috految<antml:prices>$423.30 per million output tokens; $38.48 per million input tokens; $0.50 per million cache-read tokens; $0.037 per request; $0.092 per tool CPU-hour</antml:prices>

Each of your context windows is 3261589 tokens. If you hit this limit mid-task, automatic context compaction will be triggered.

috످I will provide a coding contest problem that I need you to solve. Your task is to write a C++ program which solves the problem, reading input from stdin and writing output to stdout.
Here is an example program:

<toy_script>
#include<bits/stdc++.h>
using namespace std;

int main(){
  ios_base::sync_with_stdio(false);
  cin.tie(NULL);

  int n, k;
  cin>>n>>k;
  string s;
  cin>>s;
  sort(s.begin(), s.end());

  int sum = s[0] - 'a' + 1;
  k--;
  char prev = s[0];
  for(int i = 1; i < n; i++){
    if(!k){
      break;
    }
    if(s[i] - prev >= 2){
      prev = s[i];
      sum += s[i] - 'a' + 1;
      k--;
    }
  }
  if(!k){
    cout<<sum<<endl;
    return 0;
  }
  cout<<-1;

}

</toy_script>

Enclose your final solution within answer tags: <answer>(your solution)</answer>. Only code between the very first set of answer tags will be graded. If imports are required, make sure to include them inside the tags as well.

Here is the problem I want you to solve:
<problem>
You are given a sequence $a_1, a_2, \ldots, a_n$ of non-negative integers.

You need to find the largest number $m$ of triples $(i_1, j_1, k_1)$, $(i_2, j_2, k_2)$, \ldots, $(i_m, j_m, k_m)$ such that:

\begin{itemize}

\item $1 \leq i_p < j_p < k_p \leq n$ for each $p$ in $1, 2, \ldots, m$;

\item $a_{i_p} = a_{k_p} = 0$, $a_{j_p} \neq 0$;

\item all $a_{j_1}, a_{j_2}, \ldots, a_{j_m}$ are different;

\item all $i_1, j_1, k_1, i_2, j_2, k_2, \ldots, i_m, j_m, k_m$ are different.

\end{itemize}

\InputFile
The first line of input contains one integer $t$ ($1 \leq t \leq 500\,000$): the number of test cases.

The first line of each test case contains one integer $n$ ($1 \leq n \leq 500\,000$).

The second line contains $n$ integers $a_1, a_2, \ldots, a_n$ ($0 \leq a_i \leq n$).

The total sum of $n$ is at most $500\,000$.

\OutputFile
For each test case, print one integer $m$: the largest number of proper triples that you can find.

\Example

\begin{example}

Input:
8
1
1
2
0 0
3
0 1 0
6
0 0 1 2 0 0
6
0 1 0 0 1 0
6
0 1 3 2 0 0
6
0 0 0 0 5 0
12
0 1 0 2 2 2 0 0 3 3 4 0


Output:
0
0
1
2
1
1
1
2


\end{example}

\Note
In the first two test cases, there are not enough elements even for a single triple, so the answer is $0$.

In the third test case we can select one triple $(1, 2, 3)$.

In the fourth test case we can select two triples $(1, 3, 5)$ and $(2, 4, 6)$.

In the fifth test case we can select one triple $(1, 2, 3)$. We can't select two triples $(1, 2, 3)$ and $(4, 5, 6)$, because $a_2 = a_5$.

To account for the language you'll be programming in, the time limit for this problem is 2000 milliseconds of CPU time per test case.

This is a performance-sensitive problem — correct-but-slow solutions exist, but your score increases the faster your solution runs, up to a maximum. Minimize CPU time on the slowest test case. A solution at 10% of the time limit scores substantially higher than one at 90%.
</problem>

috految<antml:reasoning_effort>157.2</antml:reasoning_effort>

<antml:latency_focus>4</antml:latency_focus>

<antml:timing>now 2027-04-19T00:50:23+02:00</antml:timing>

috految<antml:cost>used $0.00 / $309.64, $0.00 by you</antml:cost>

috److This is Codeforces 1408H, "Rainbow Triples".

**Reduction to matching**

1. Let `z` be the number of zeros. The answer is at most `z/2`.
2. Split the nonzero elements by the number of zeros `c` before them:
   - If `c <= z/2`, the element is in the left part and only needs a matching zero on its left.
   - Otherwise it is in the right part and only needs a matching zero on its right.
3. For each color, define:
   - `l`: the maximum `c` over its left-part occurrences.
   - `r`: the maximum `z - c` over its right-part occurrences.
4. Each color can match one of the first `l` zeros or one of the last `r` zeros. Since `l <= z/2` and `r <= z - z/2 - 1`, these two ranges are disjoint.
5. The answer is `min(z/2, maximum matching)`.

**Computing the matching**

This is the same structure as ARC076 F, "Exhausted?". The greedy fills the left side with a maximum independent set of colors, preferring those with the smallest `r`, and sends the rest to the right side.

1. Process colors in increasing order of `r`.
2. Use a DSU to find the largest free left slot that is at most `l`. If one exists, take it.
3. Otherwise, if the number of used right slots is less than `r`, take a right slot. This is valid because the rejected colors arrive in increasing order of `r`.

By the matroid greedy property, the left basis has componentwise minimal `r` values, so the leftover colors have componentwise maximal `r` values. Bucketing by `r` makes the total time nearly linear.

<answer>
#include <cstdio>
#include <cstring>
#include <algorithm>
using namespace std;

static char buf[1 << 16];
static size_t bp = 0, bl = 0;

static inline int gc(){
  if(bp == bl){
    bl = fread(buf, 1, sizeof(buf), stdin);
    bp = 0;
    if(bl == 0) return -1;
  }
  return buf[bp++];
}

static inline int rd(){
  int c = gc();
  while(c != -1 && c < '0') c = gc();
  int x = 0;
  while(c >= '0'){
    x = x * 10 + (c - '0');
    c = gc();
  }
  return x;
}

const int N = 500010;
static int a[N], L[N], R[N], head[N], par[N];
static char out[N * 4];

int main(){
  int t = rd();
  char *o = out;
  while(t--){
    int n = rd();
    int z = 0;
    for(int i = 1; i <= n; i++){
      a[i] = rd();
      z += (a[i] == 0);
      L[i] = 0;
      R[i] = 0;
    }
    int h = z / 2;
    int c = 0;
    for(int i = 1; i <= n; i++){
      int v = a[i];
      if(v == 0){
        c++;
      } else if(c <= h){
        L[v] = c;
      } else {
        R[v] = max(R[v], z - c);
      }
    }
    for(int i = 0; i <= h + 1; i++){
      head[i] = 0;
      par[i] = i;
    }
    for(int v = 1; v <= n; v++){
      if(L[v] || R[v]){
        a[v] = head[R[v]];
        head[R[v]] = v;
      }
    }
    int ans = 0, used = 0;
    for(int r = 0; r <= h + 1; r++){
      for(int v = head[r]; v; v = a[v]){
        int x = L[v];
        while(par[x] != x){
          par[x] = par[par[x]];
          x = par[x];
        }
        if(x > 0){
          par[x] = par[x - 1];
          ans++;
        } else if(used < r){
          used++;
          ans++;
        }
      }
    }
    ans = min(ans, h);
    char tmp[12];
    int len = 0;
    do {
      tmp[len++] = '0' + ans % 10;
      ans /= 10;
    } while(ans);
    while(len) *o++ = tmp[--len];
    *o++ = '\n';
  }
  fwrite(out, 1, o - out, stdout);
  return 0;
}
</answer>

috످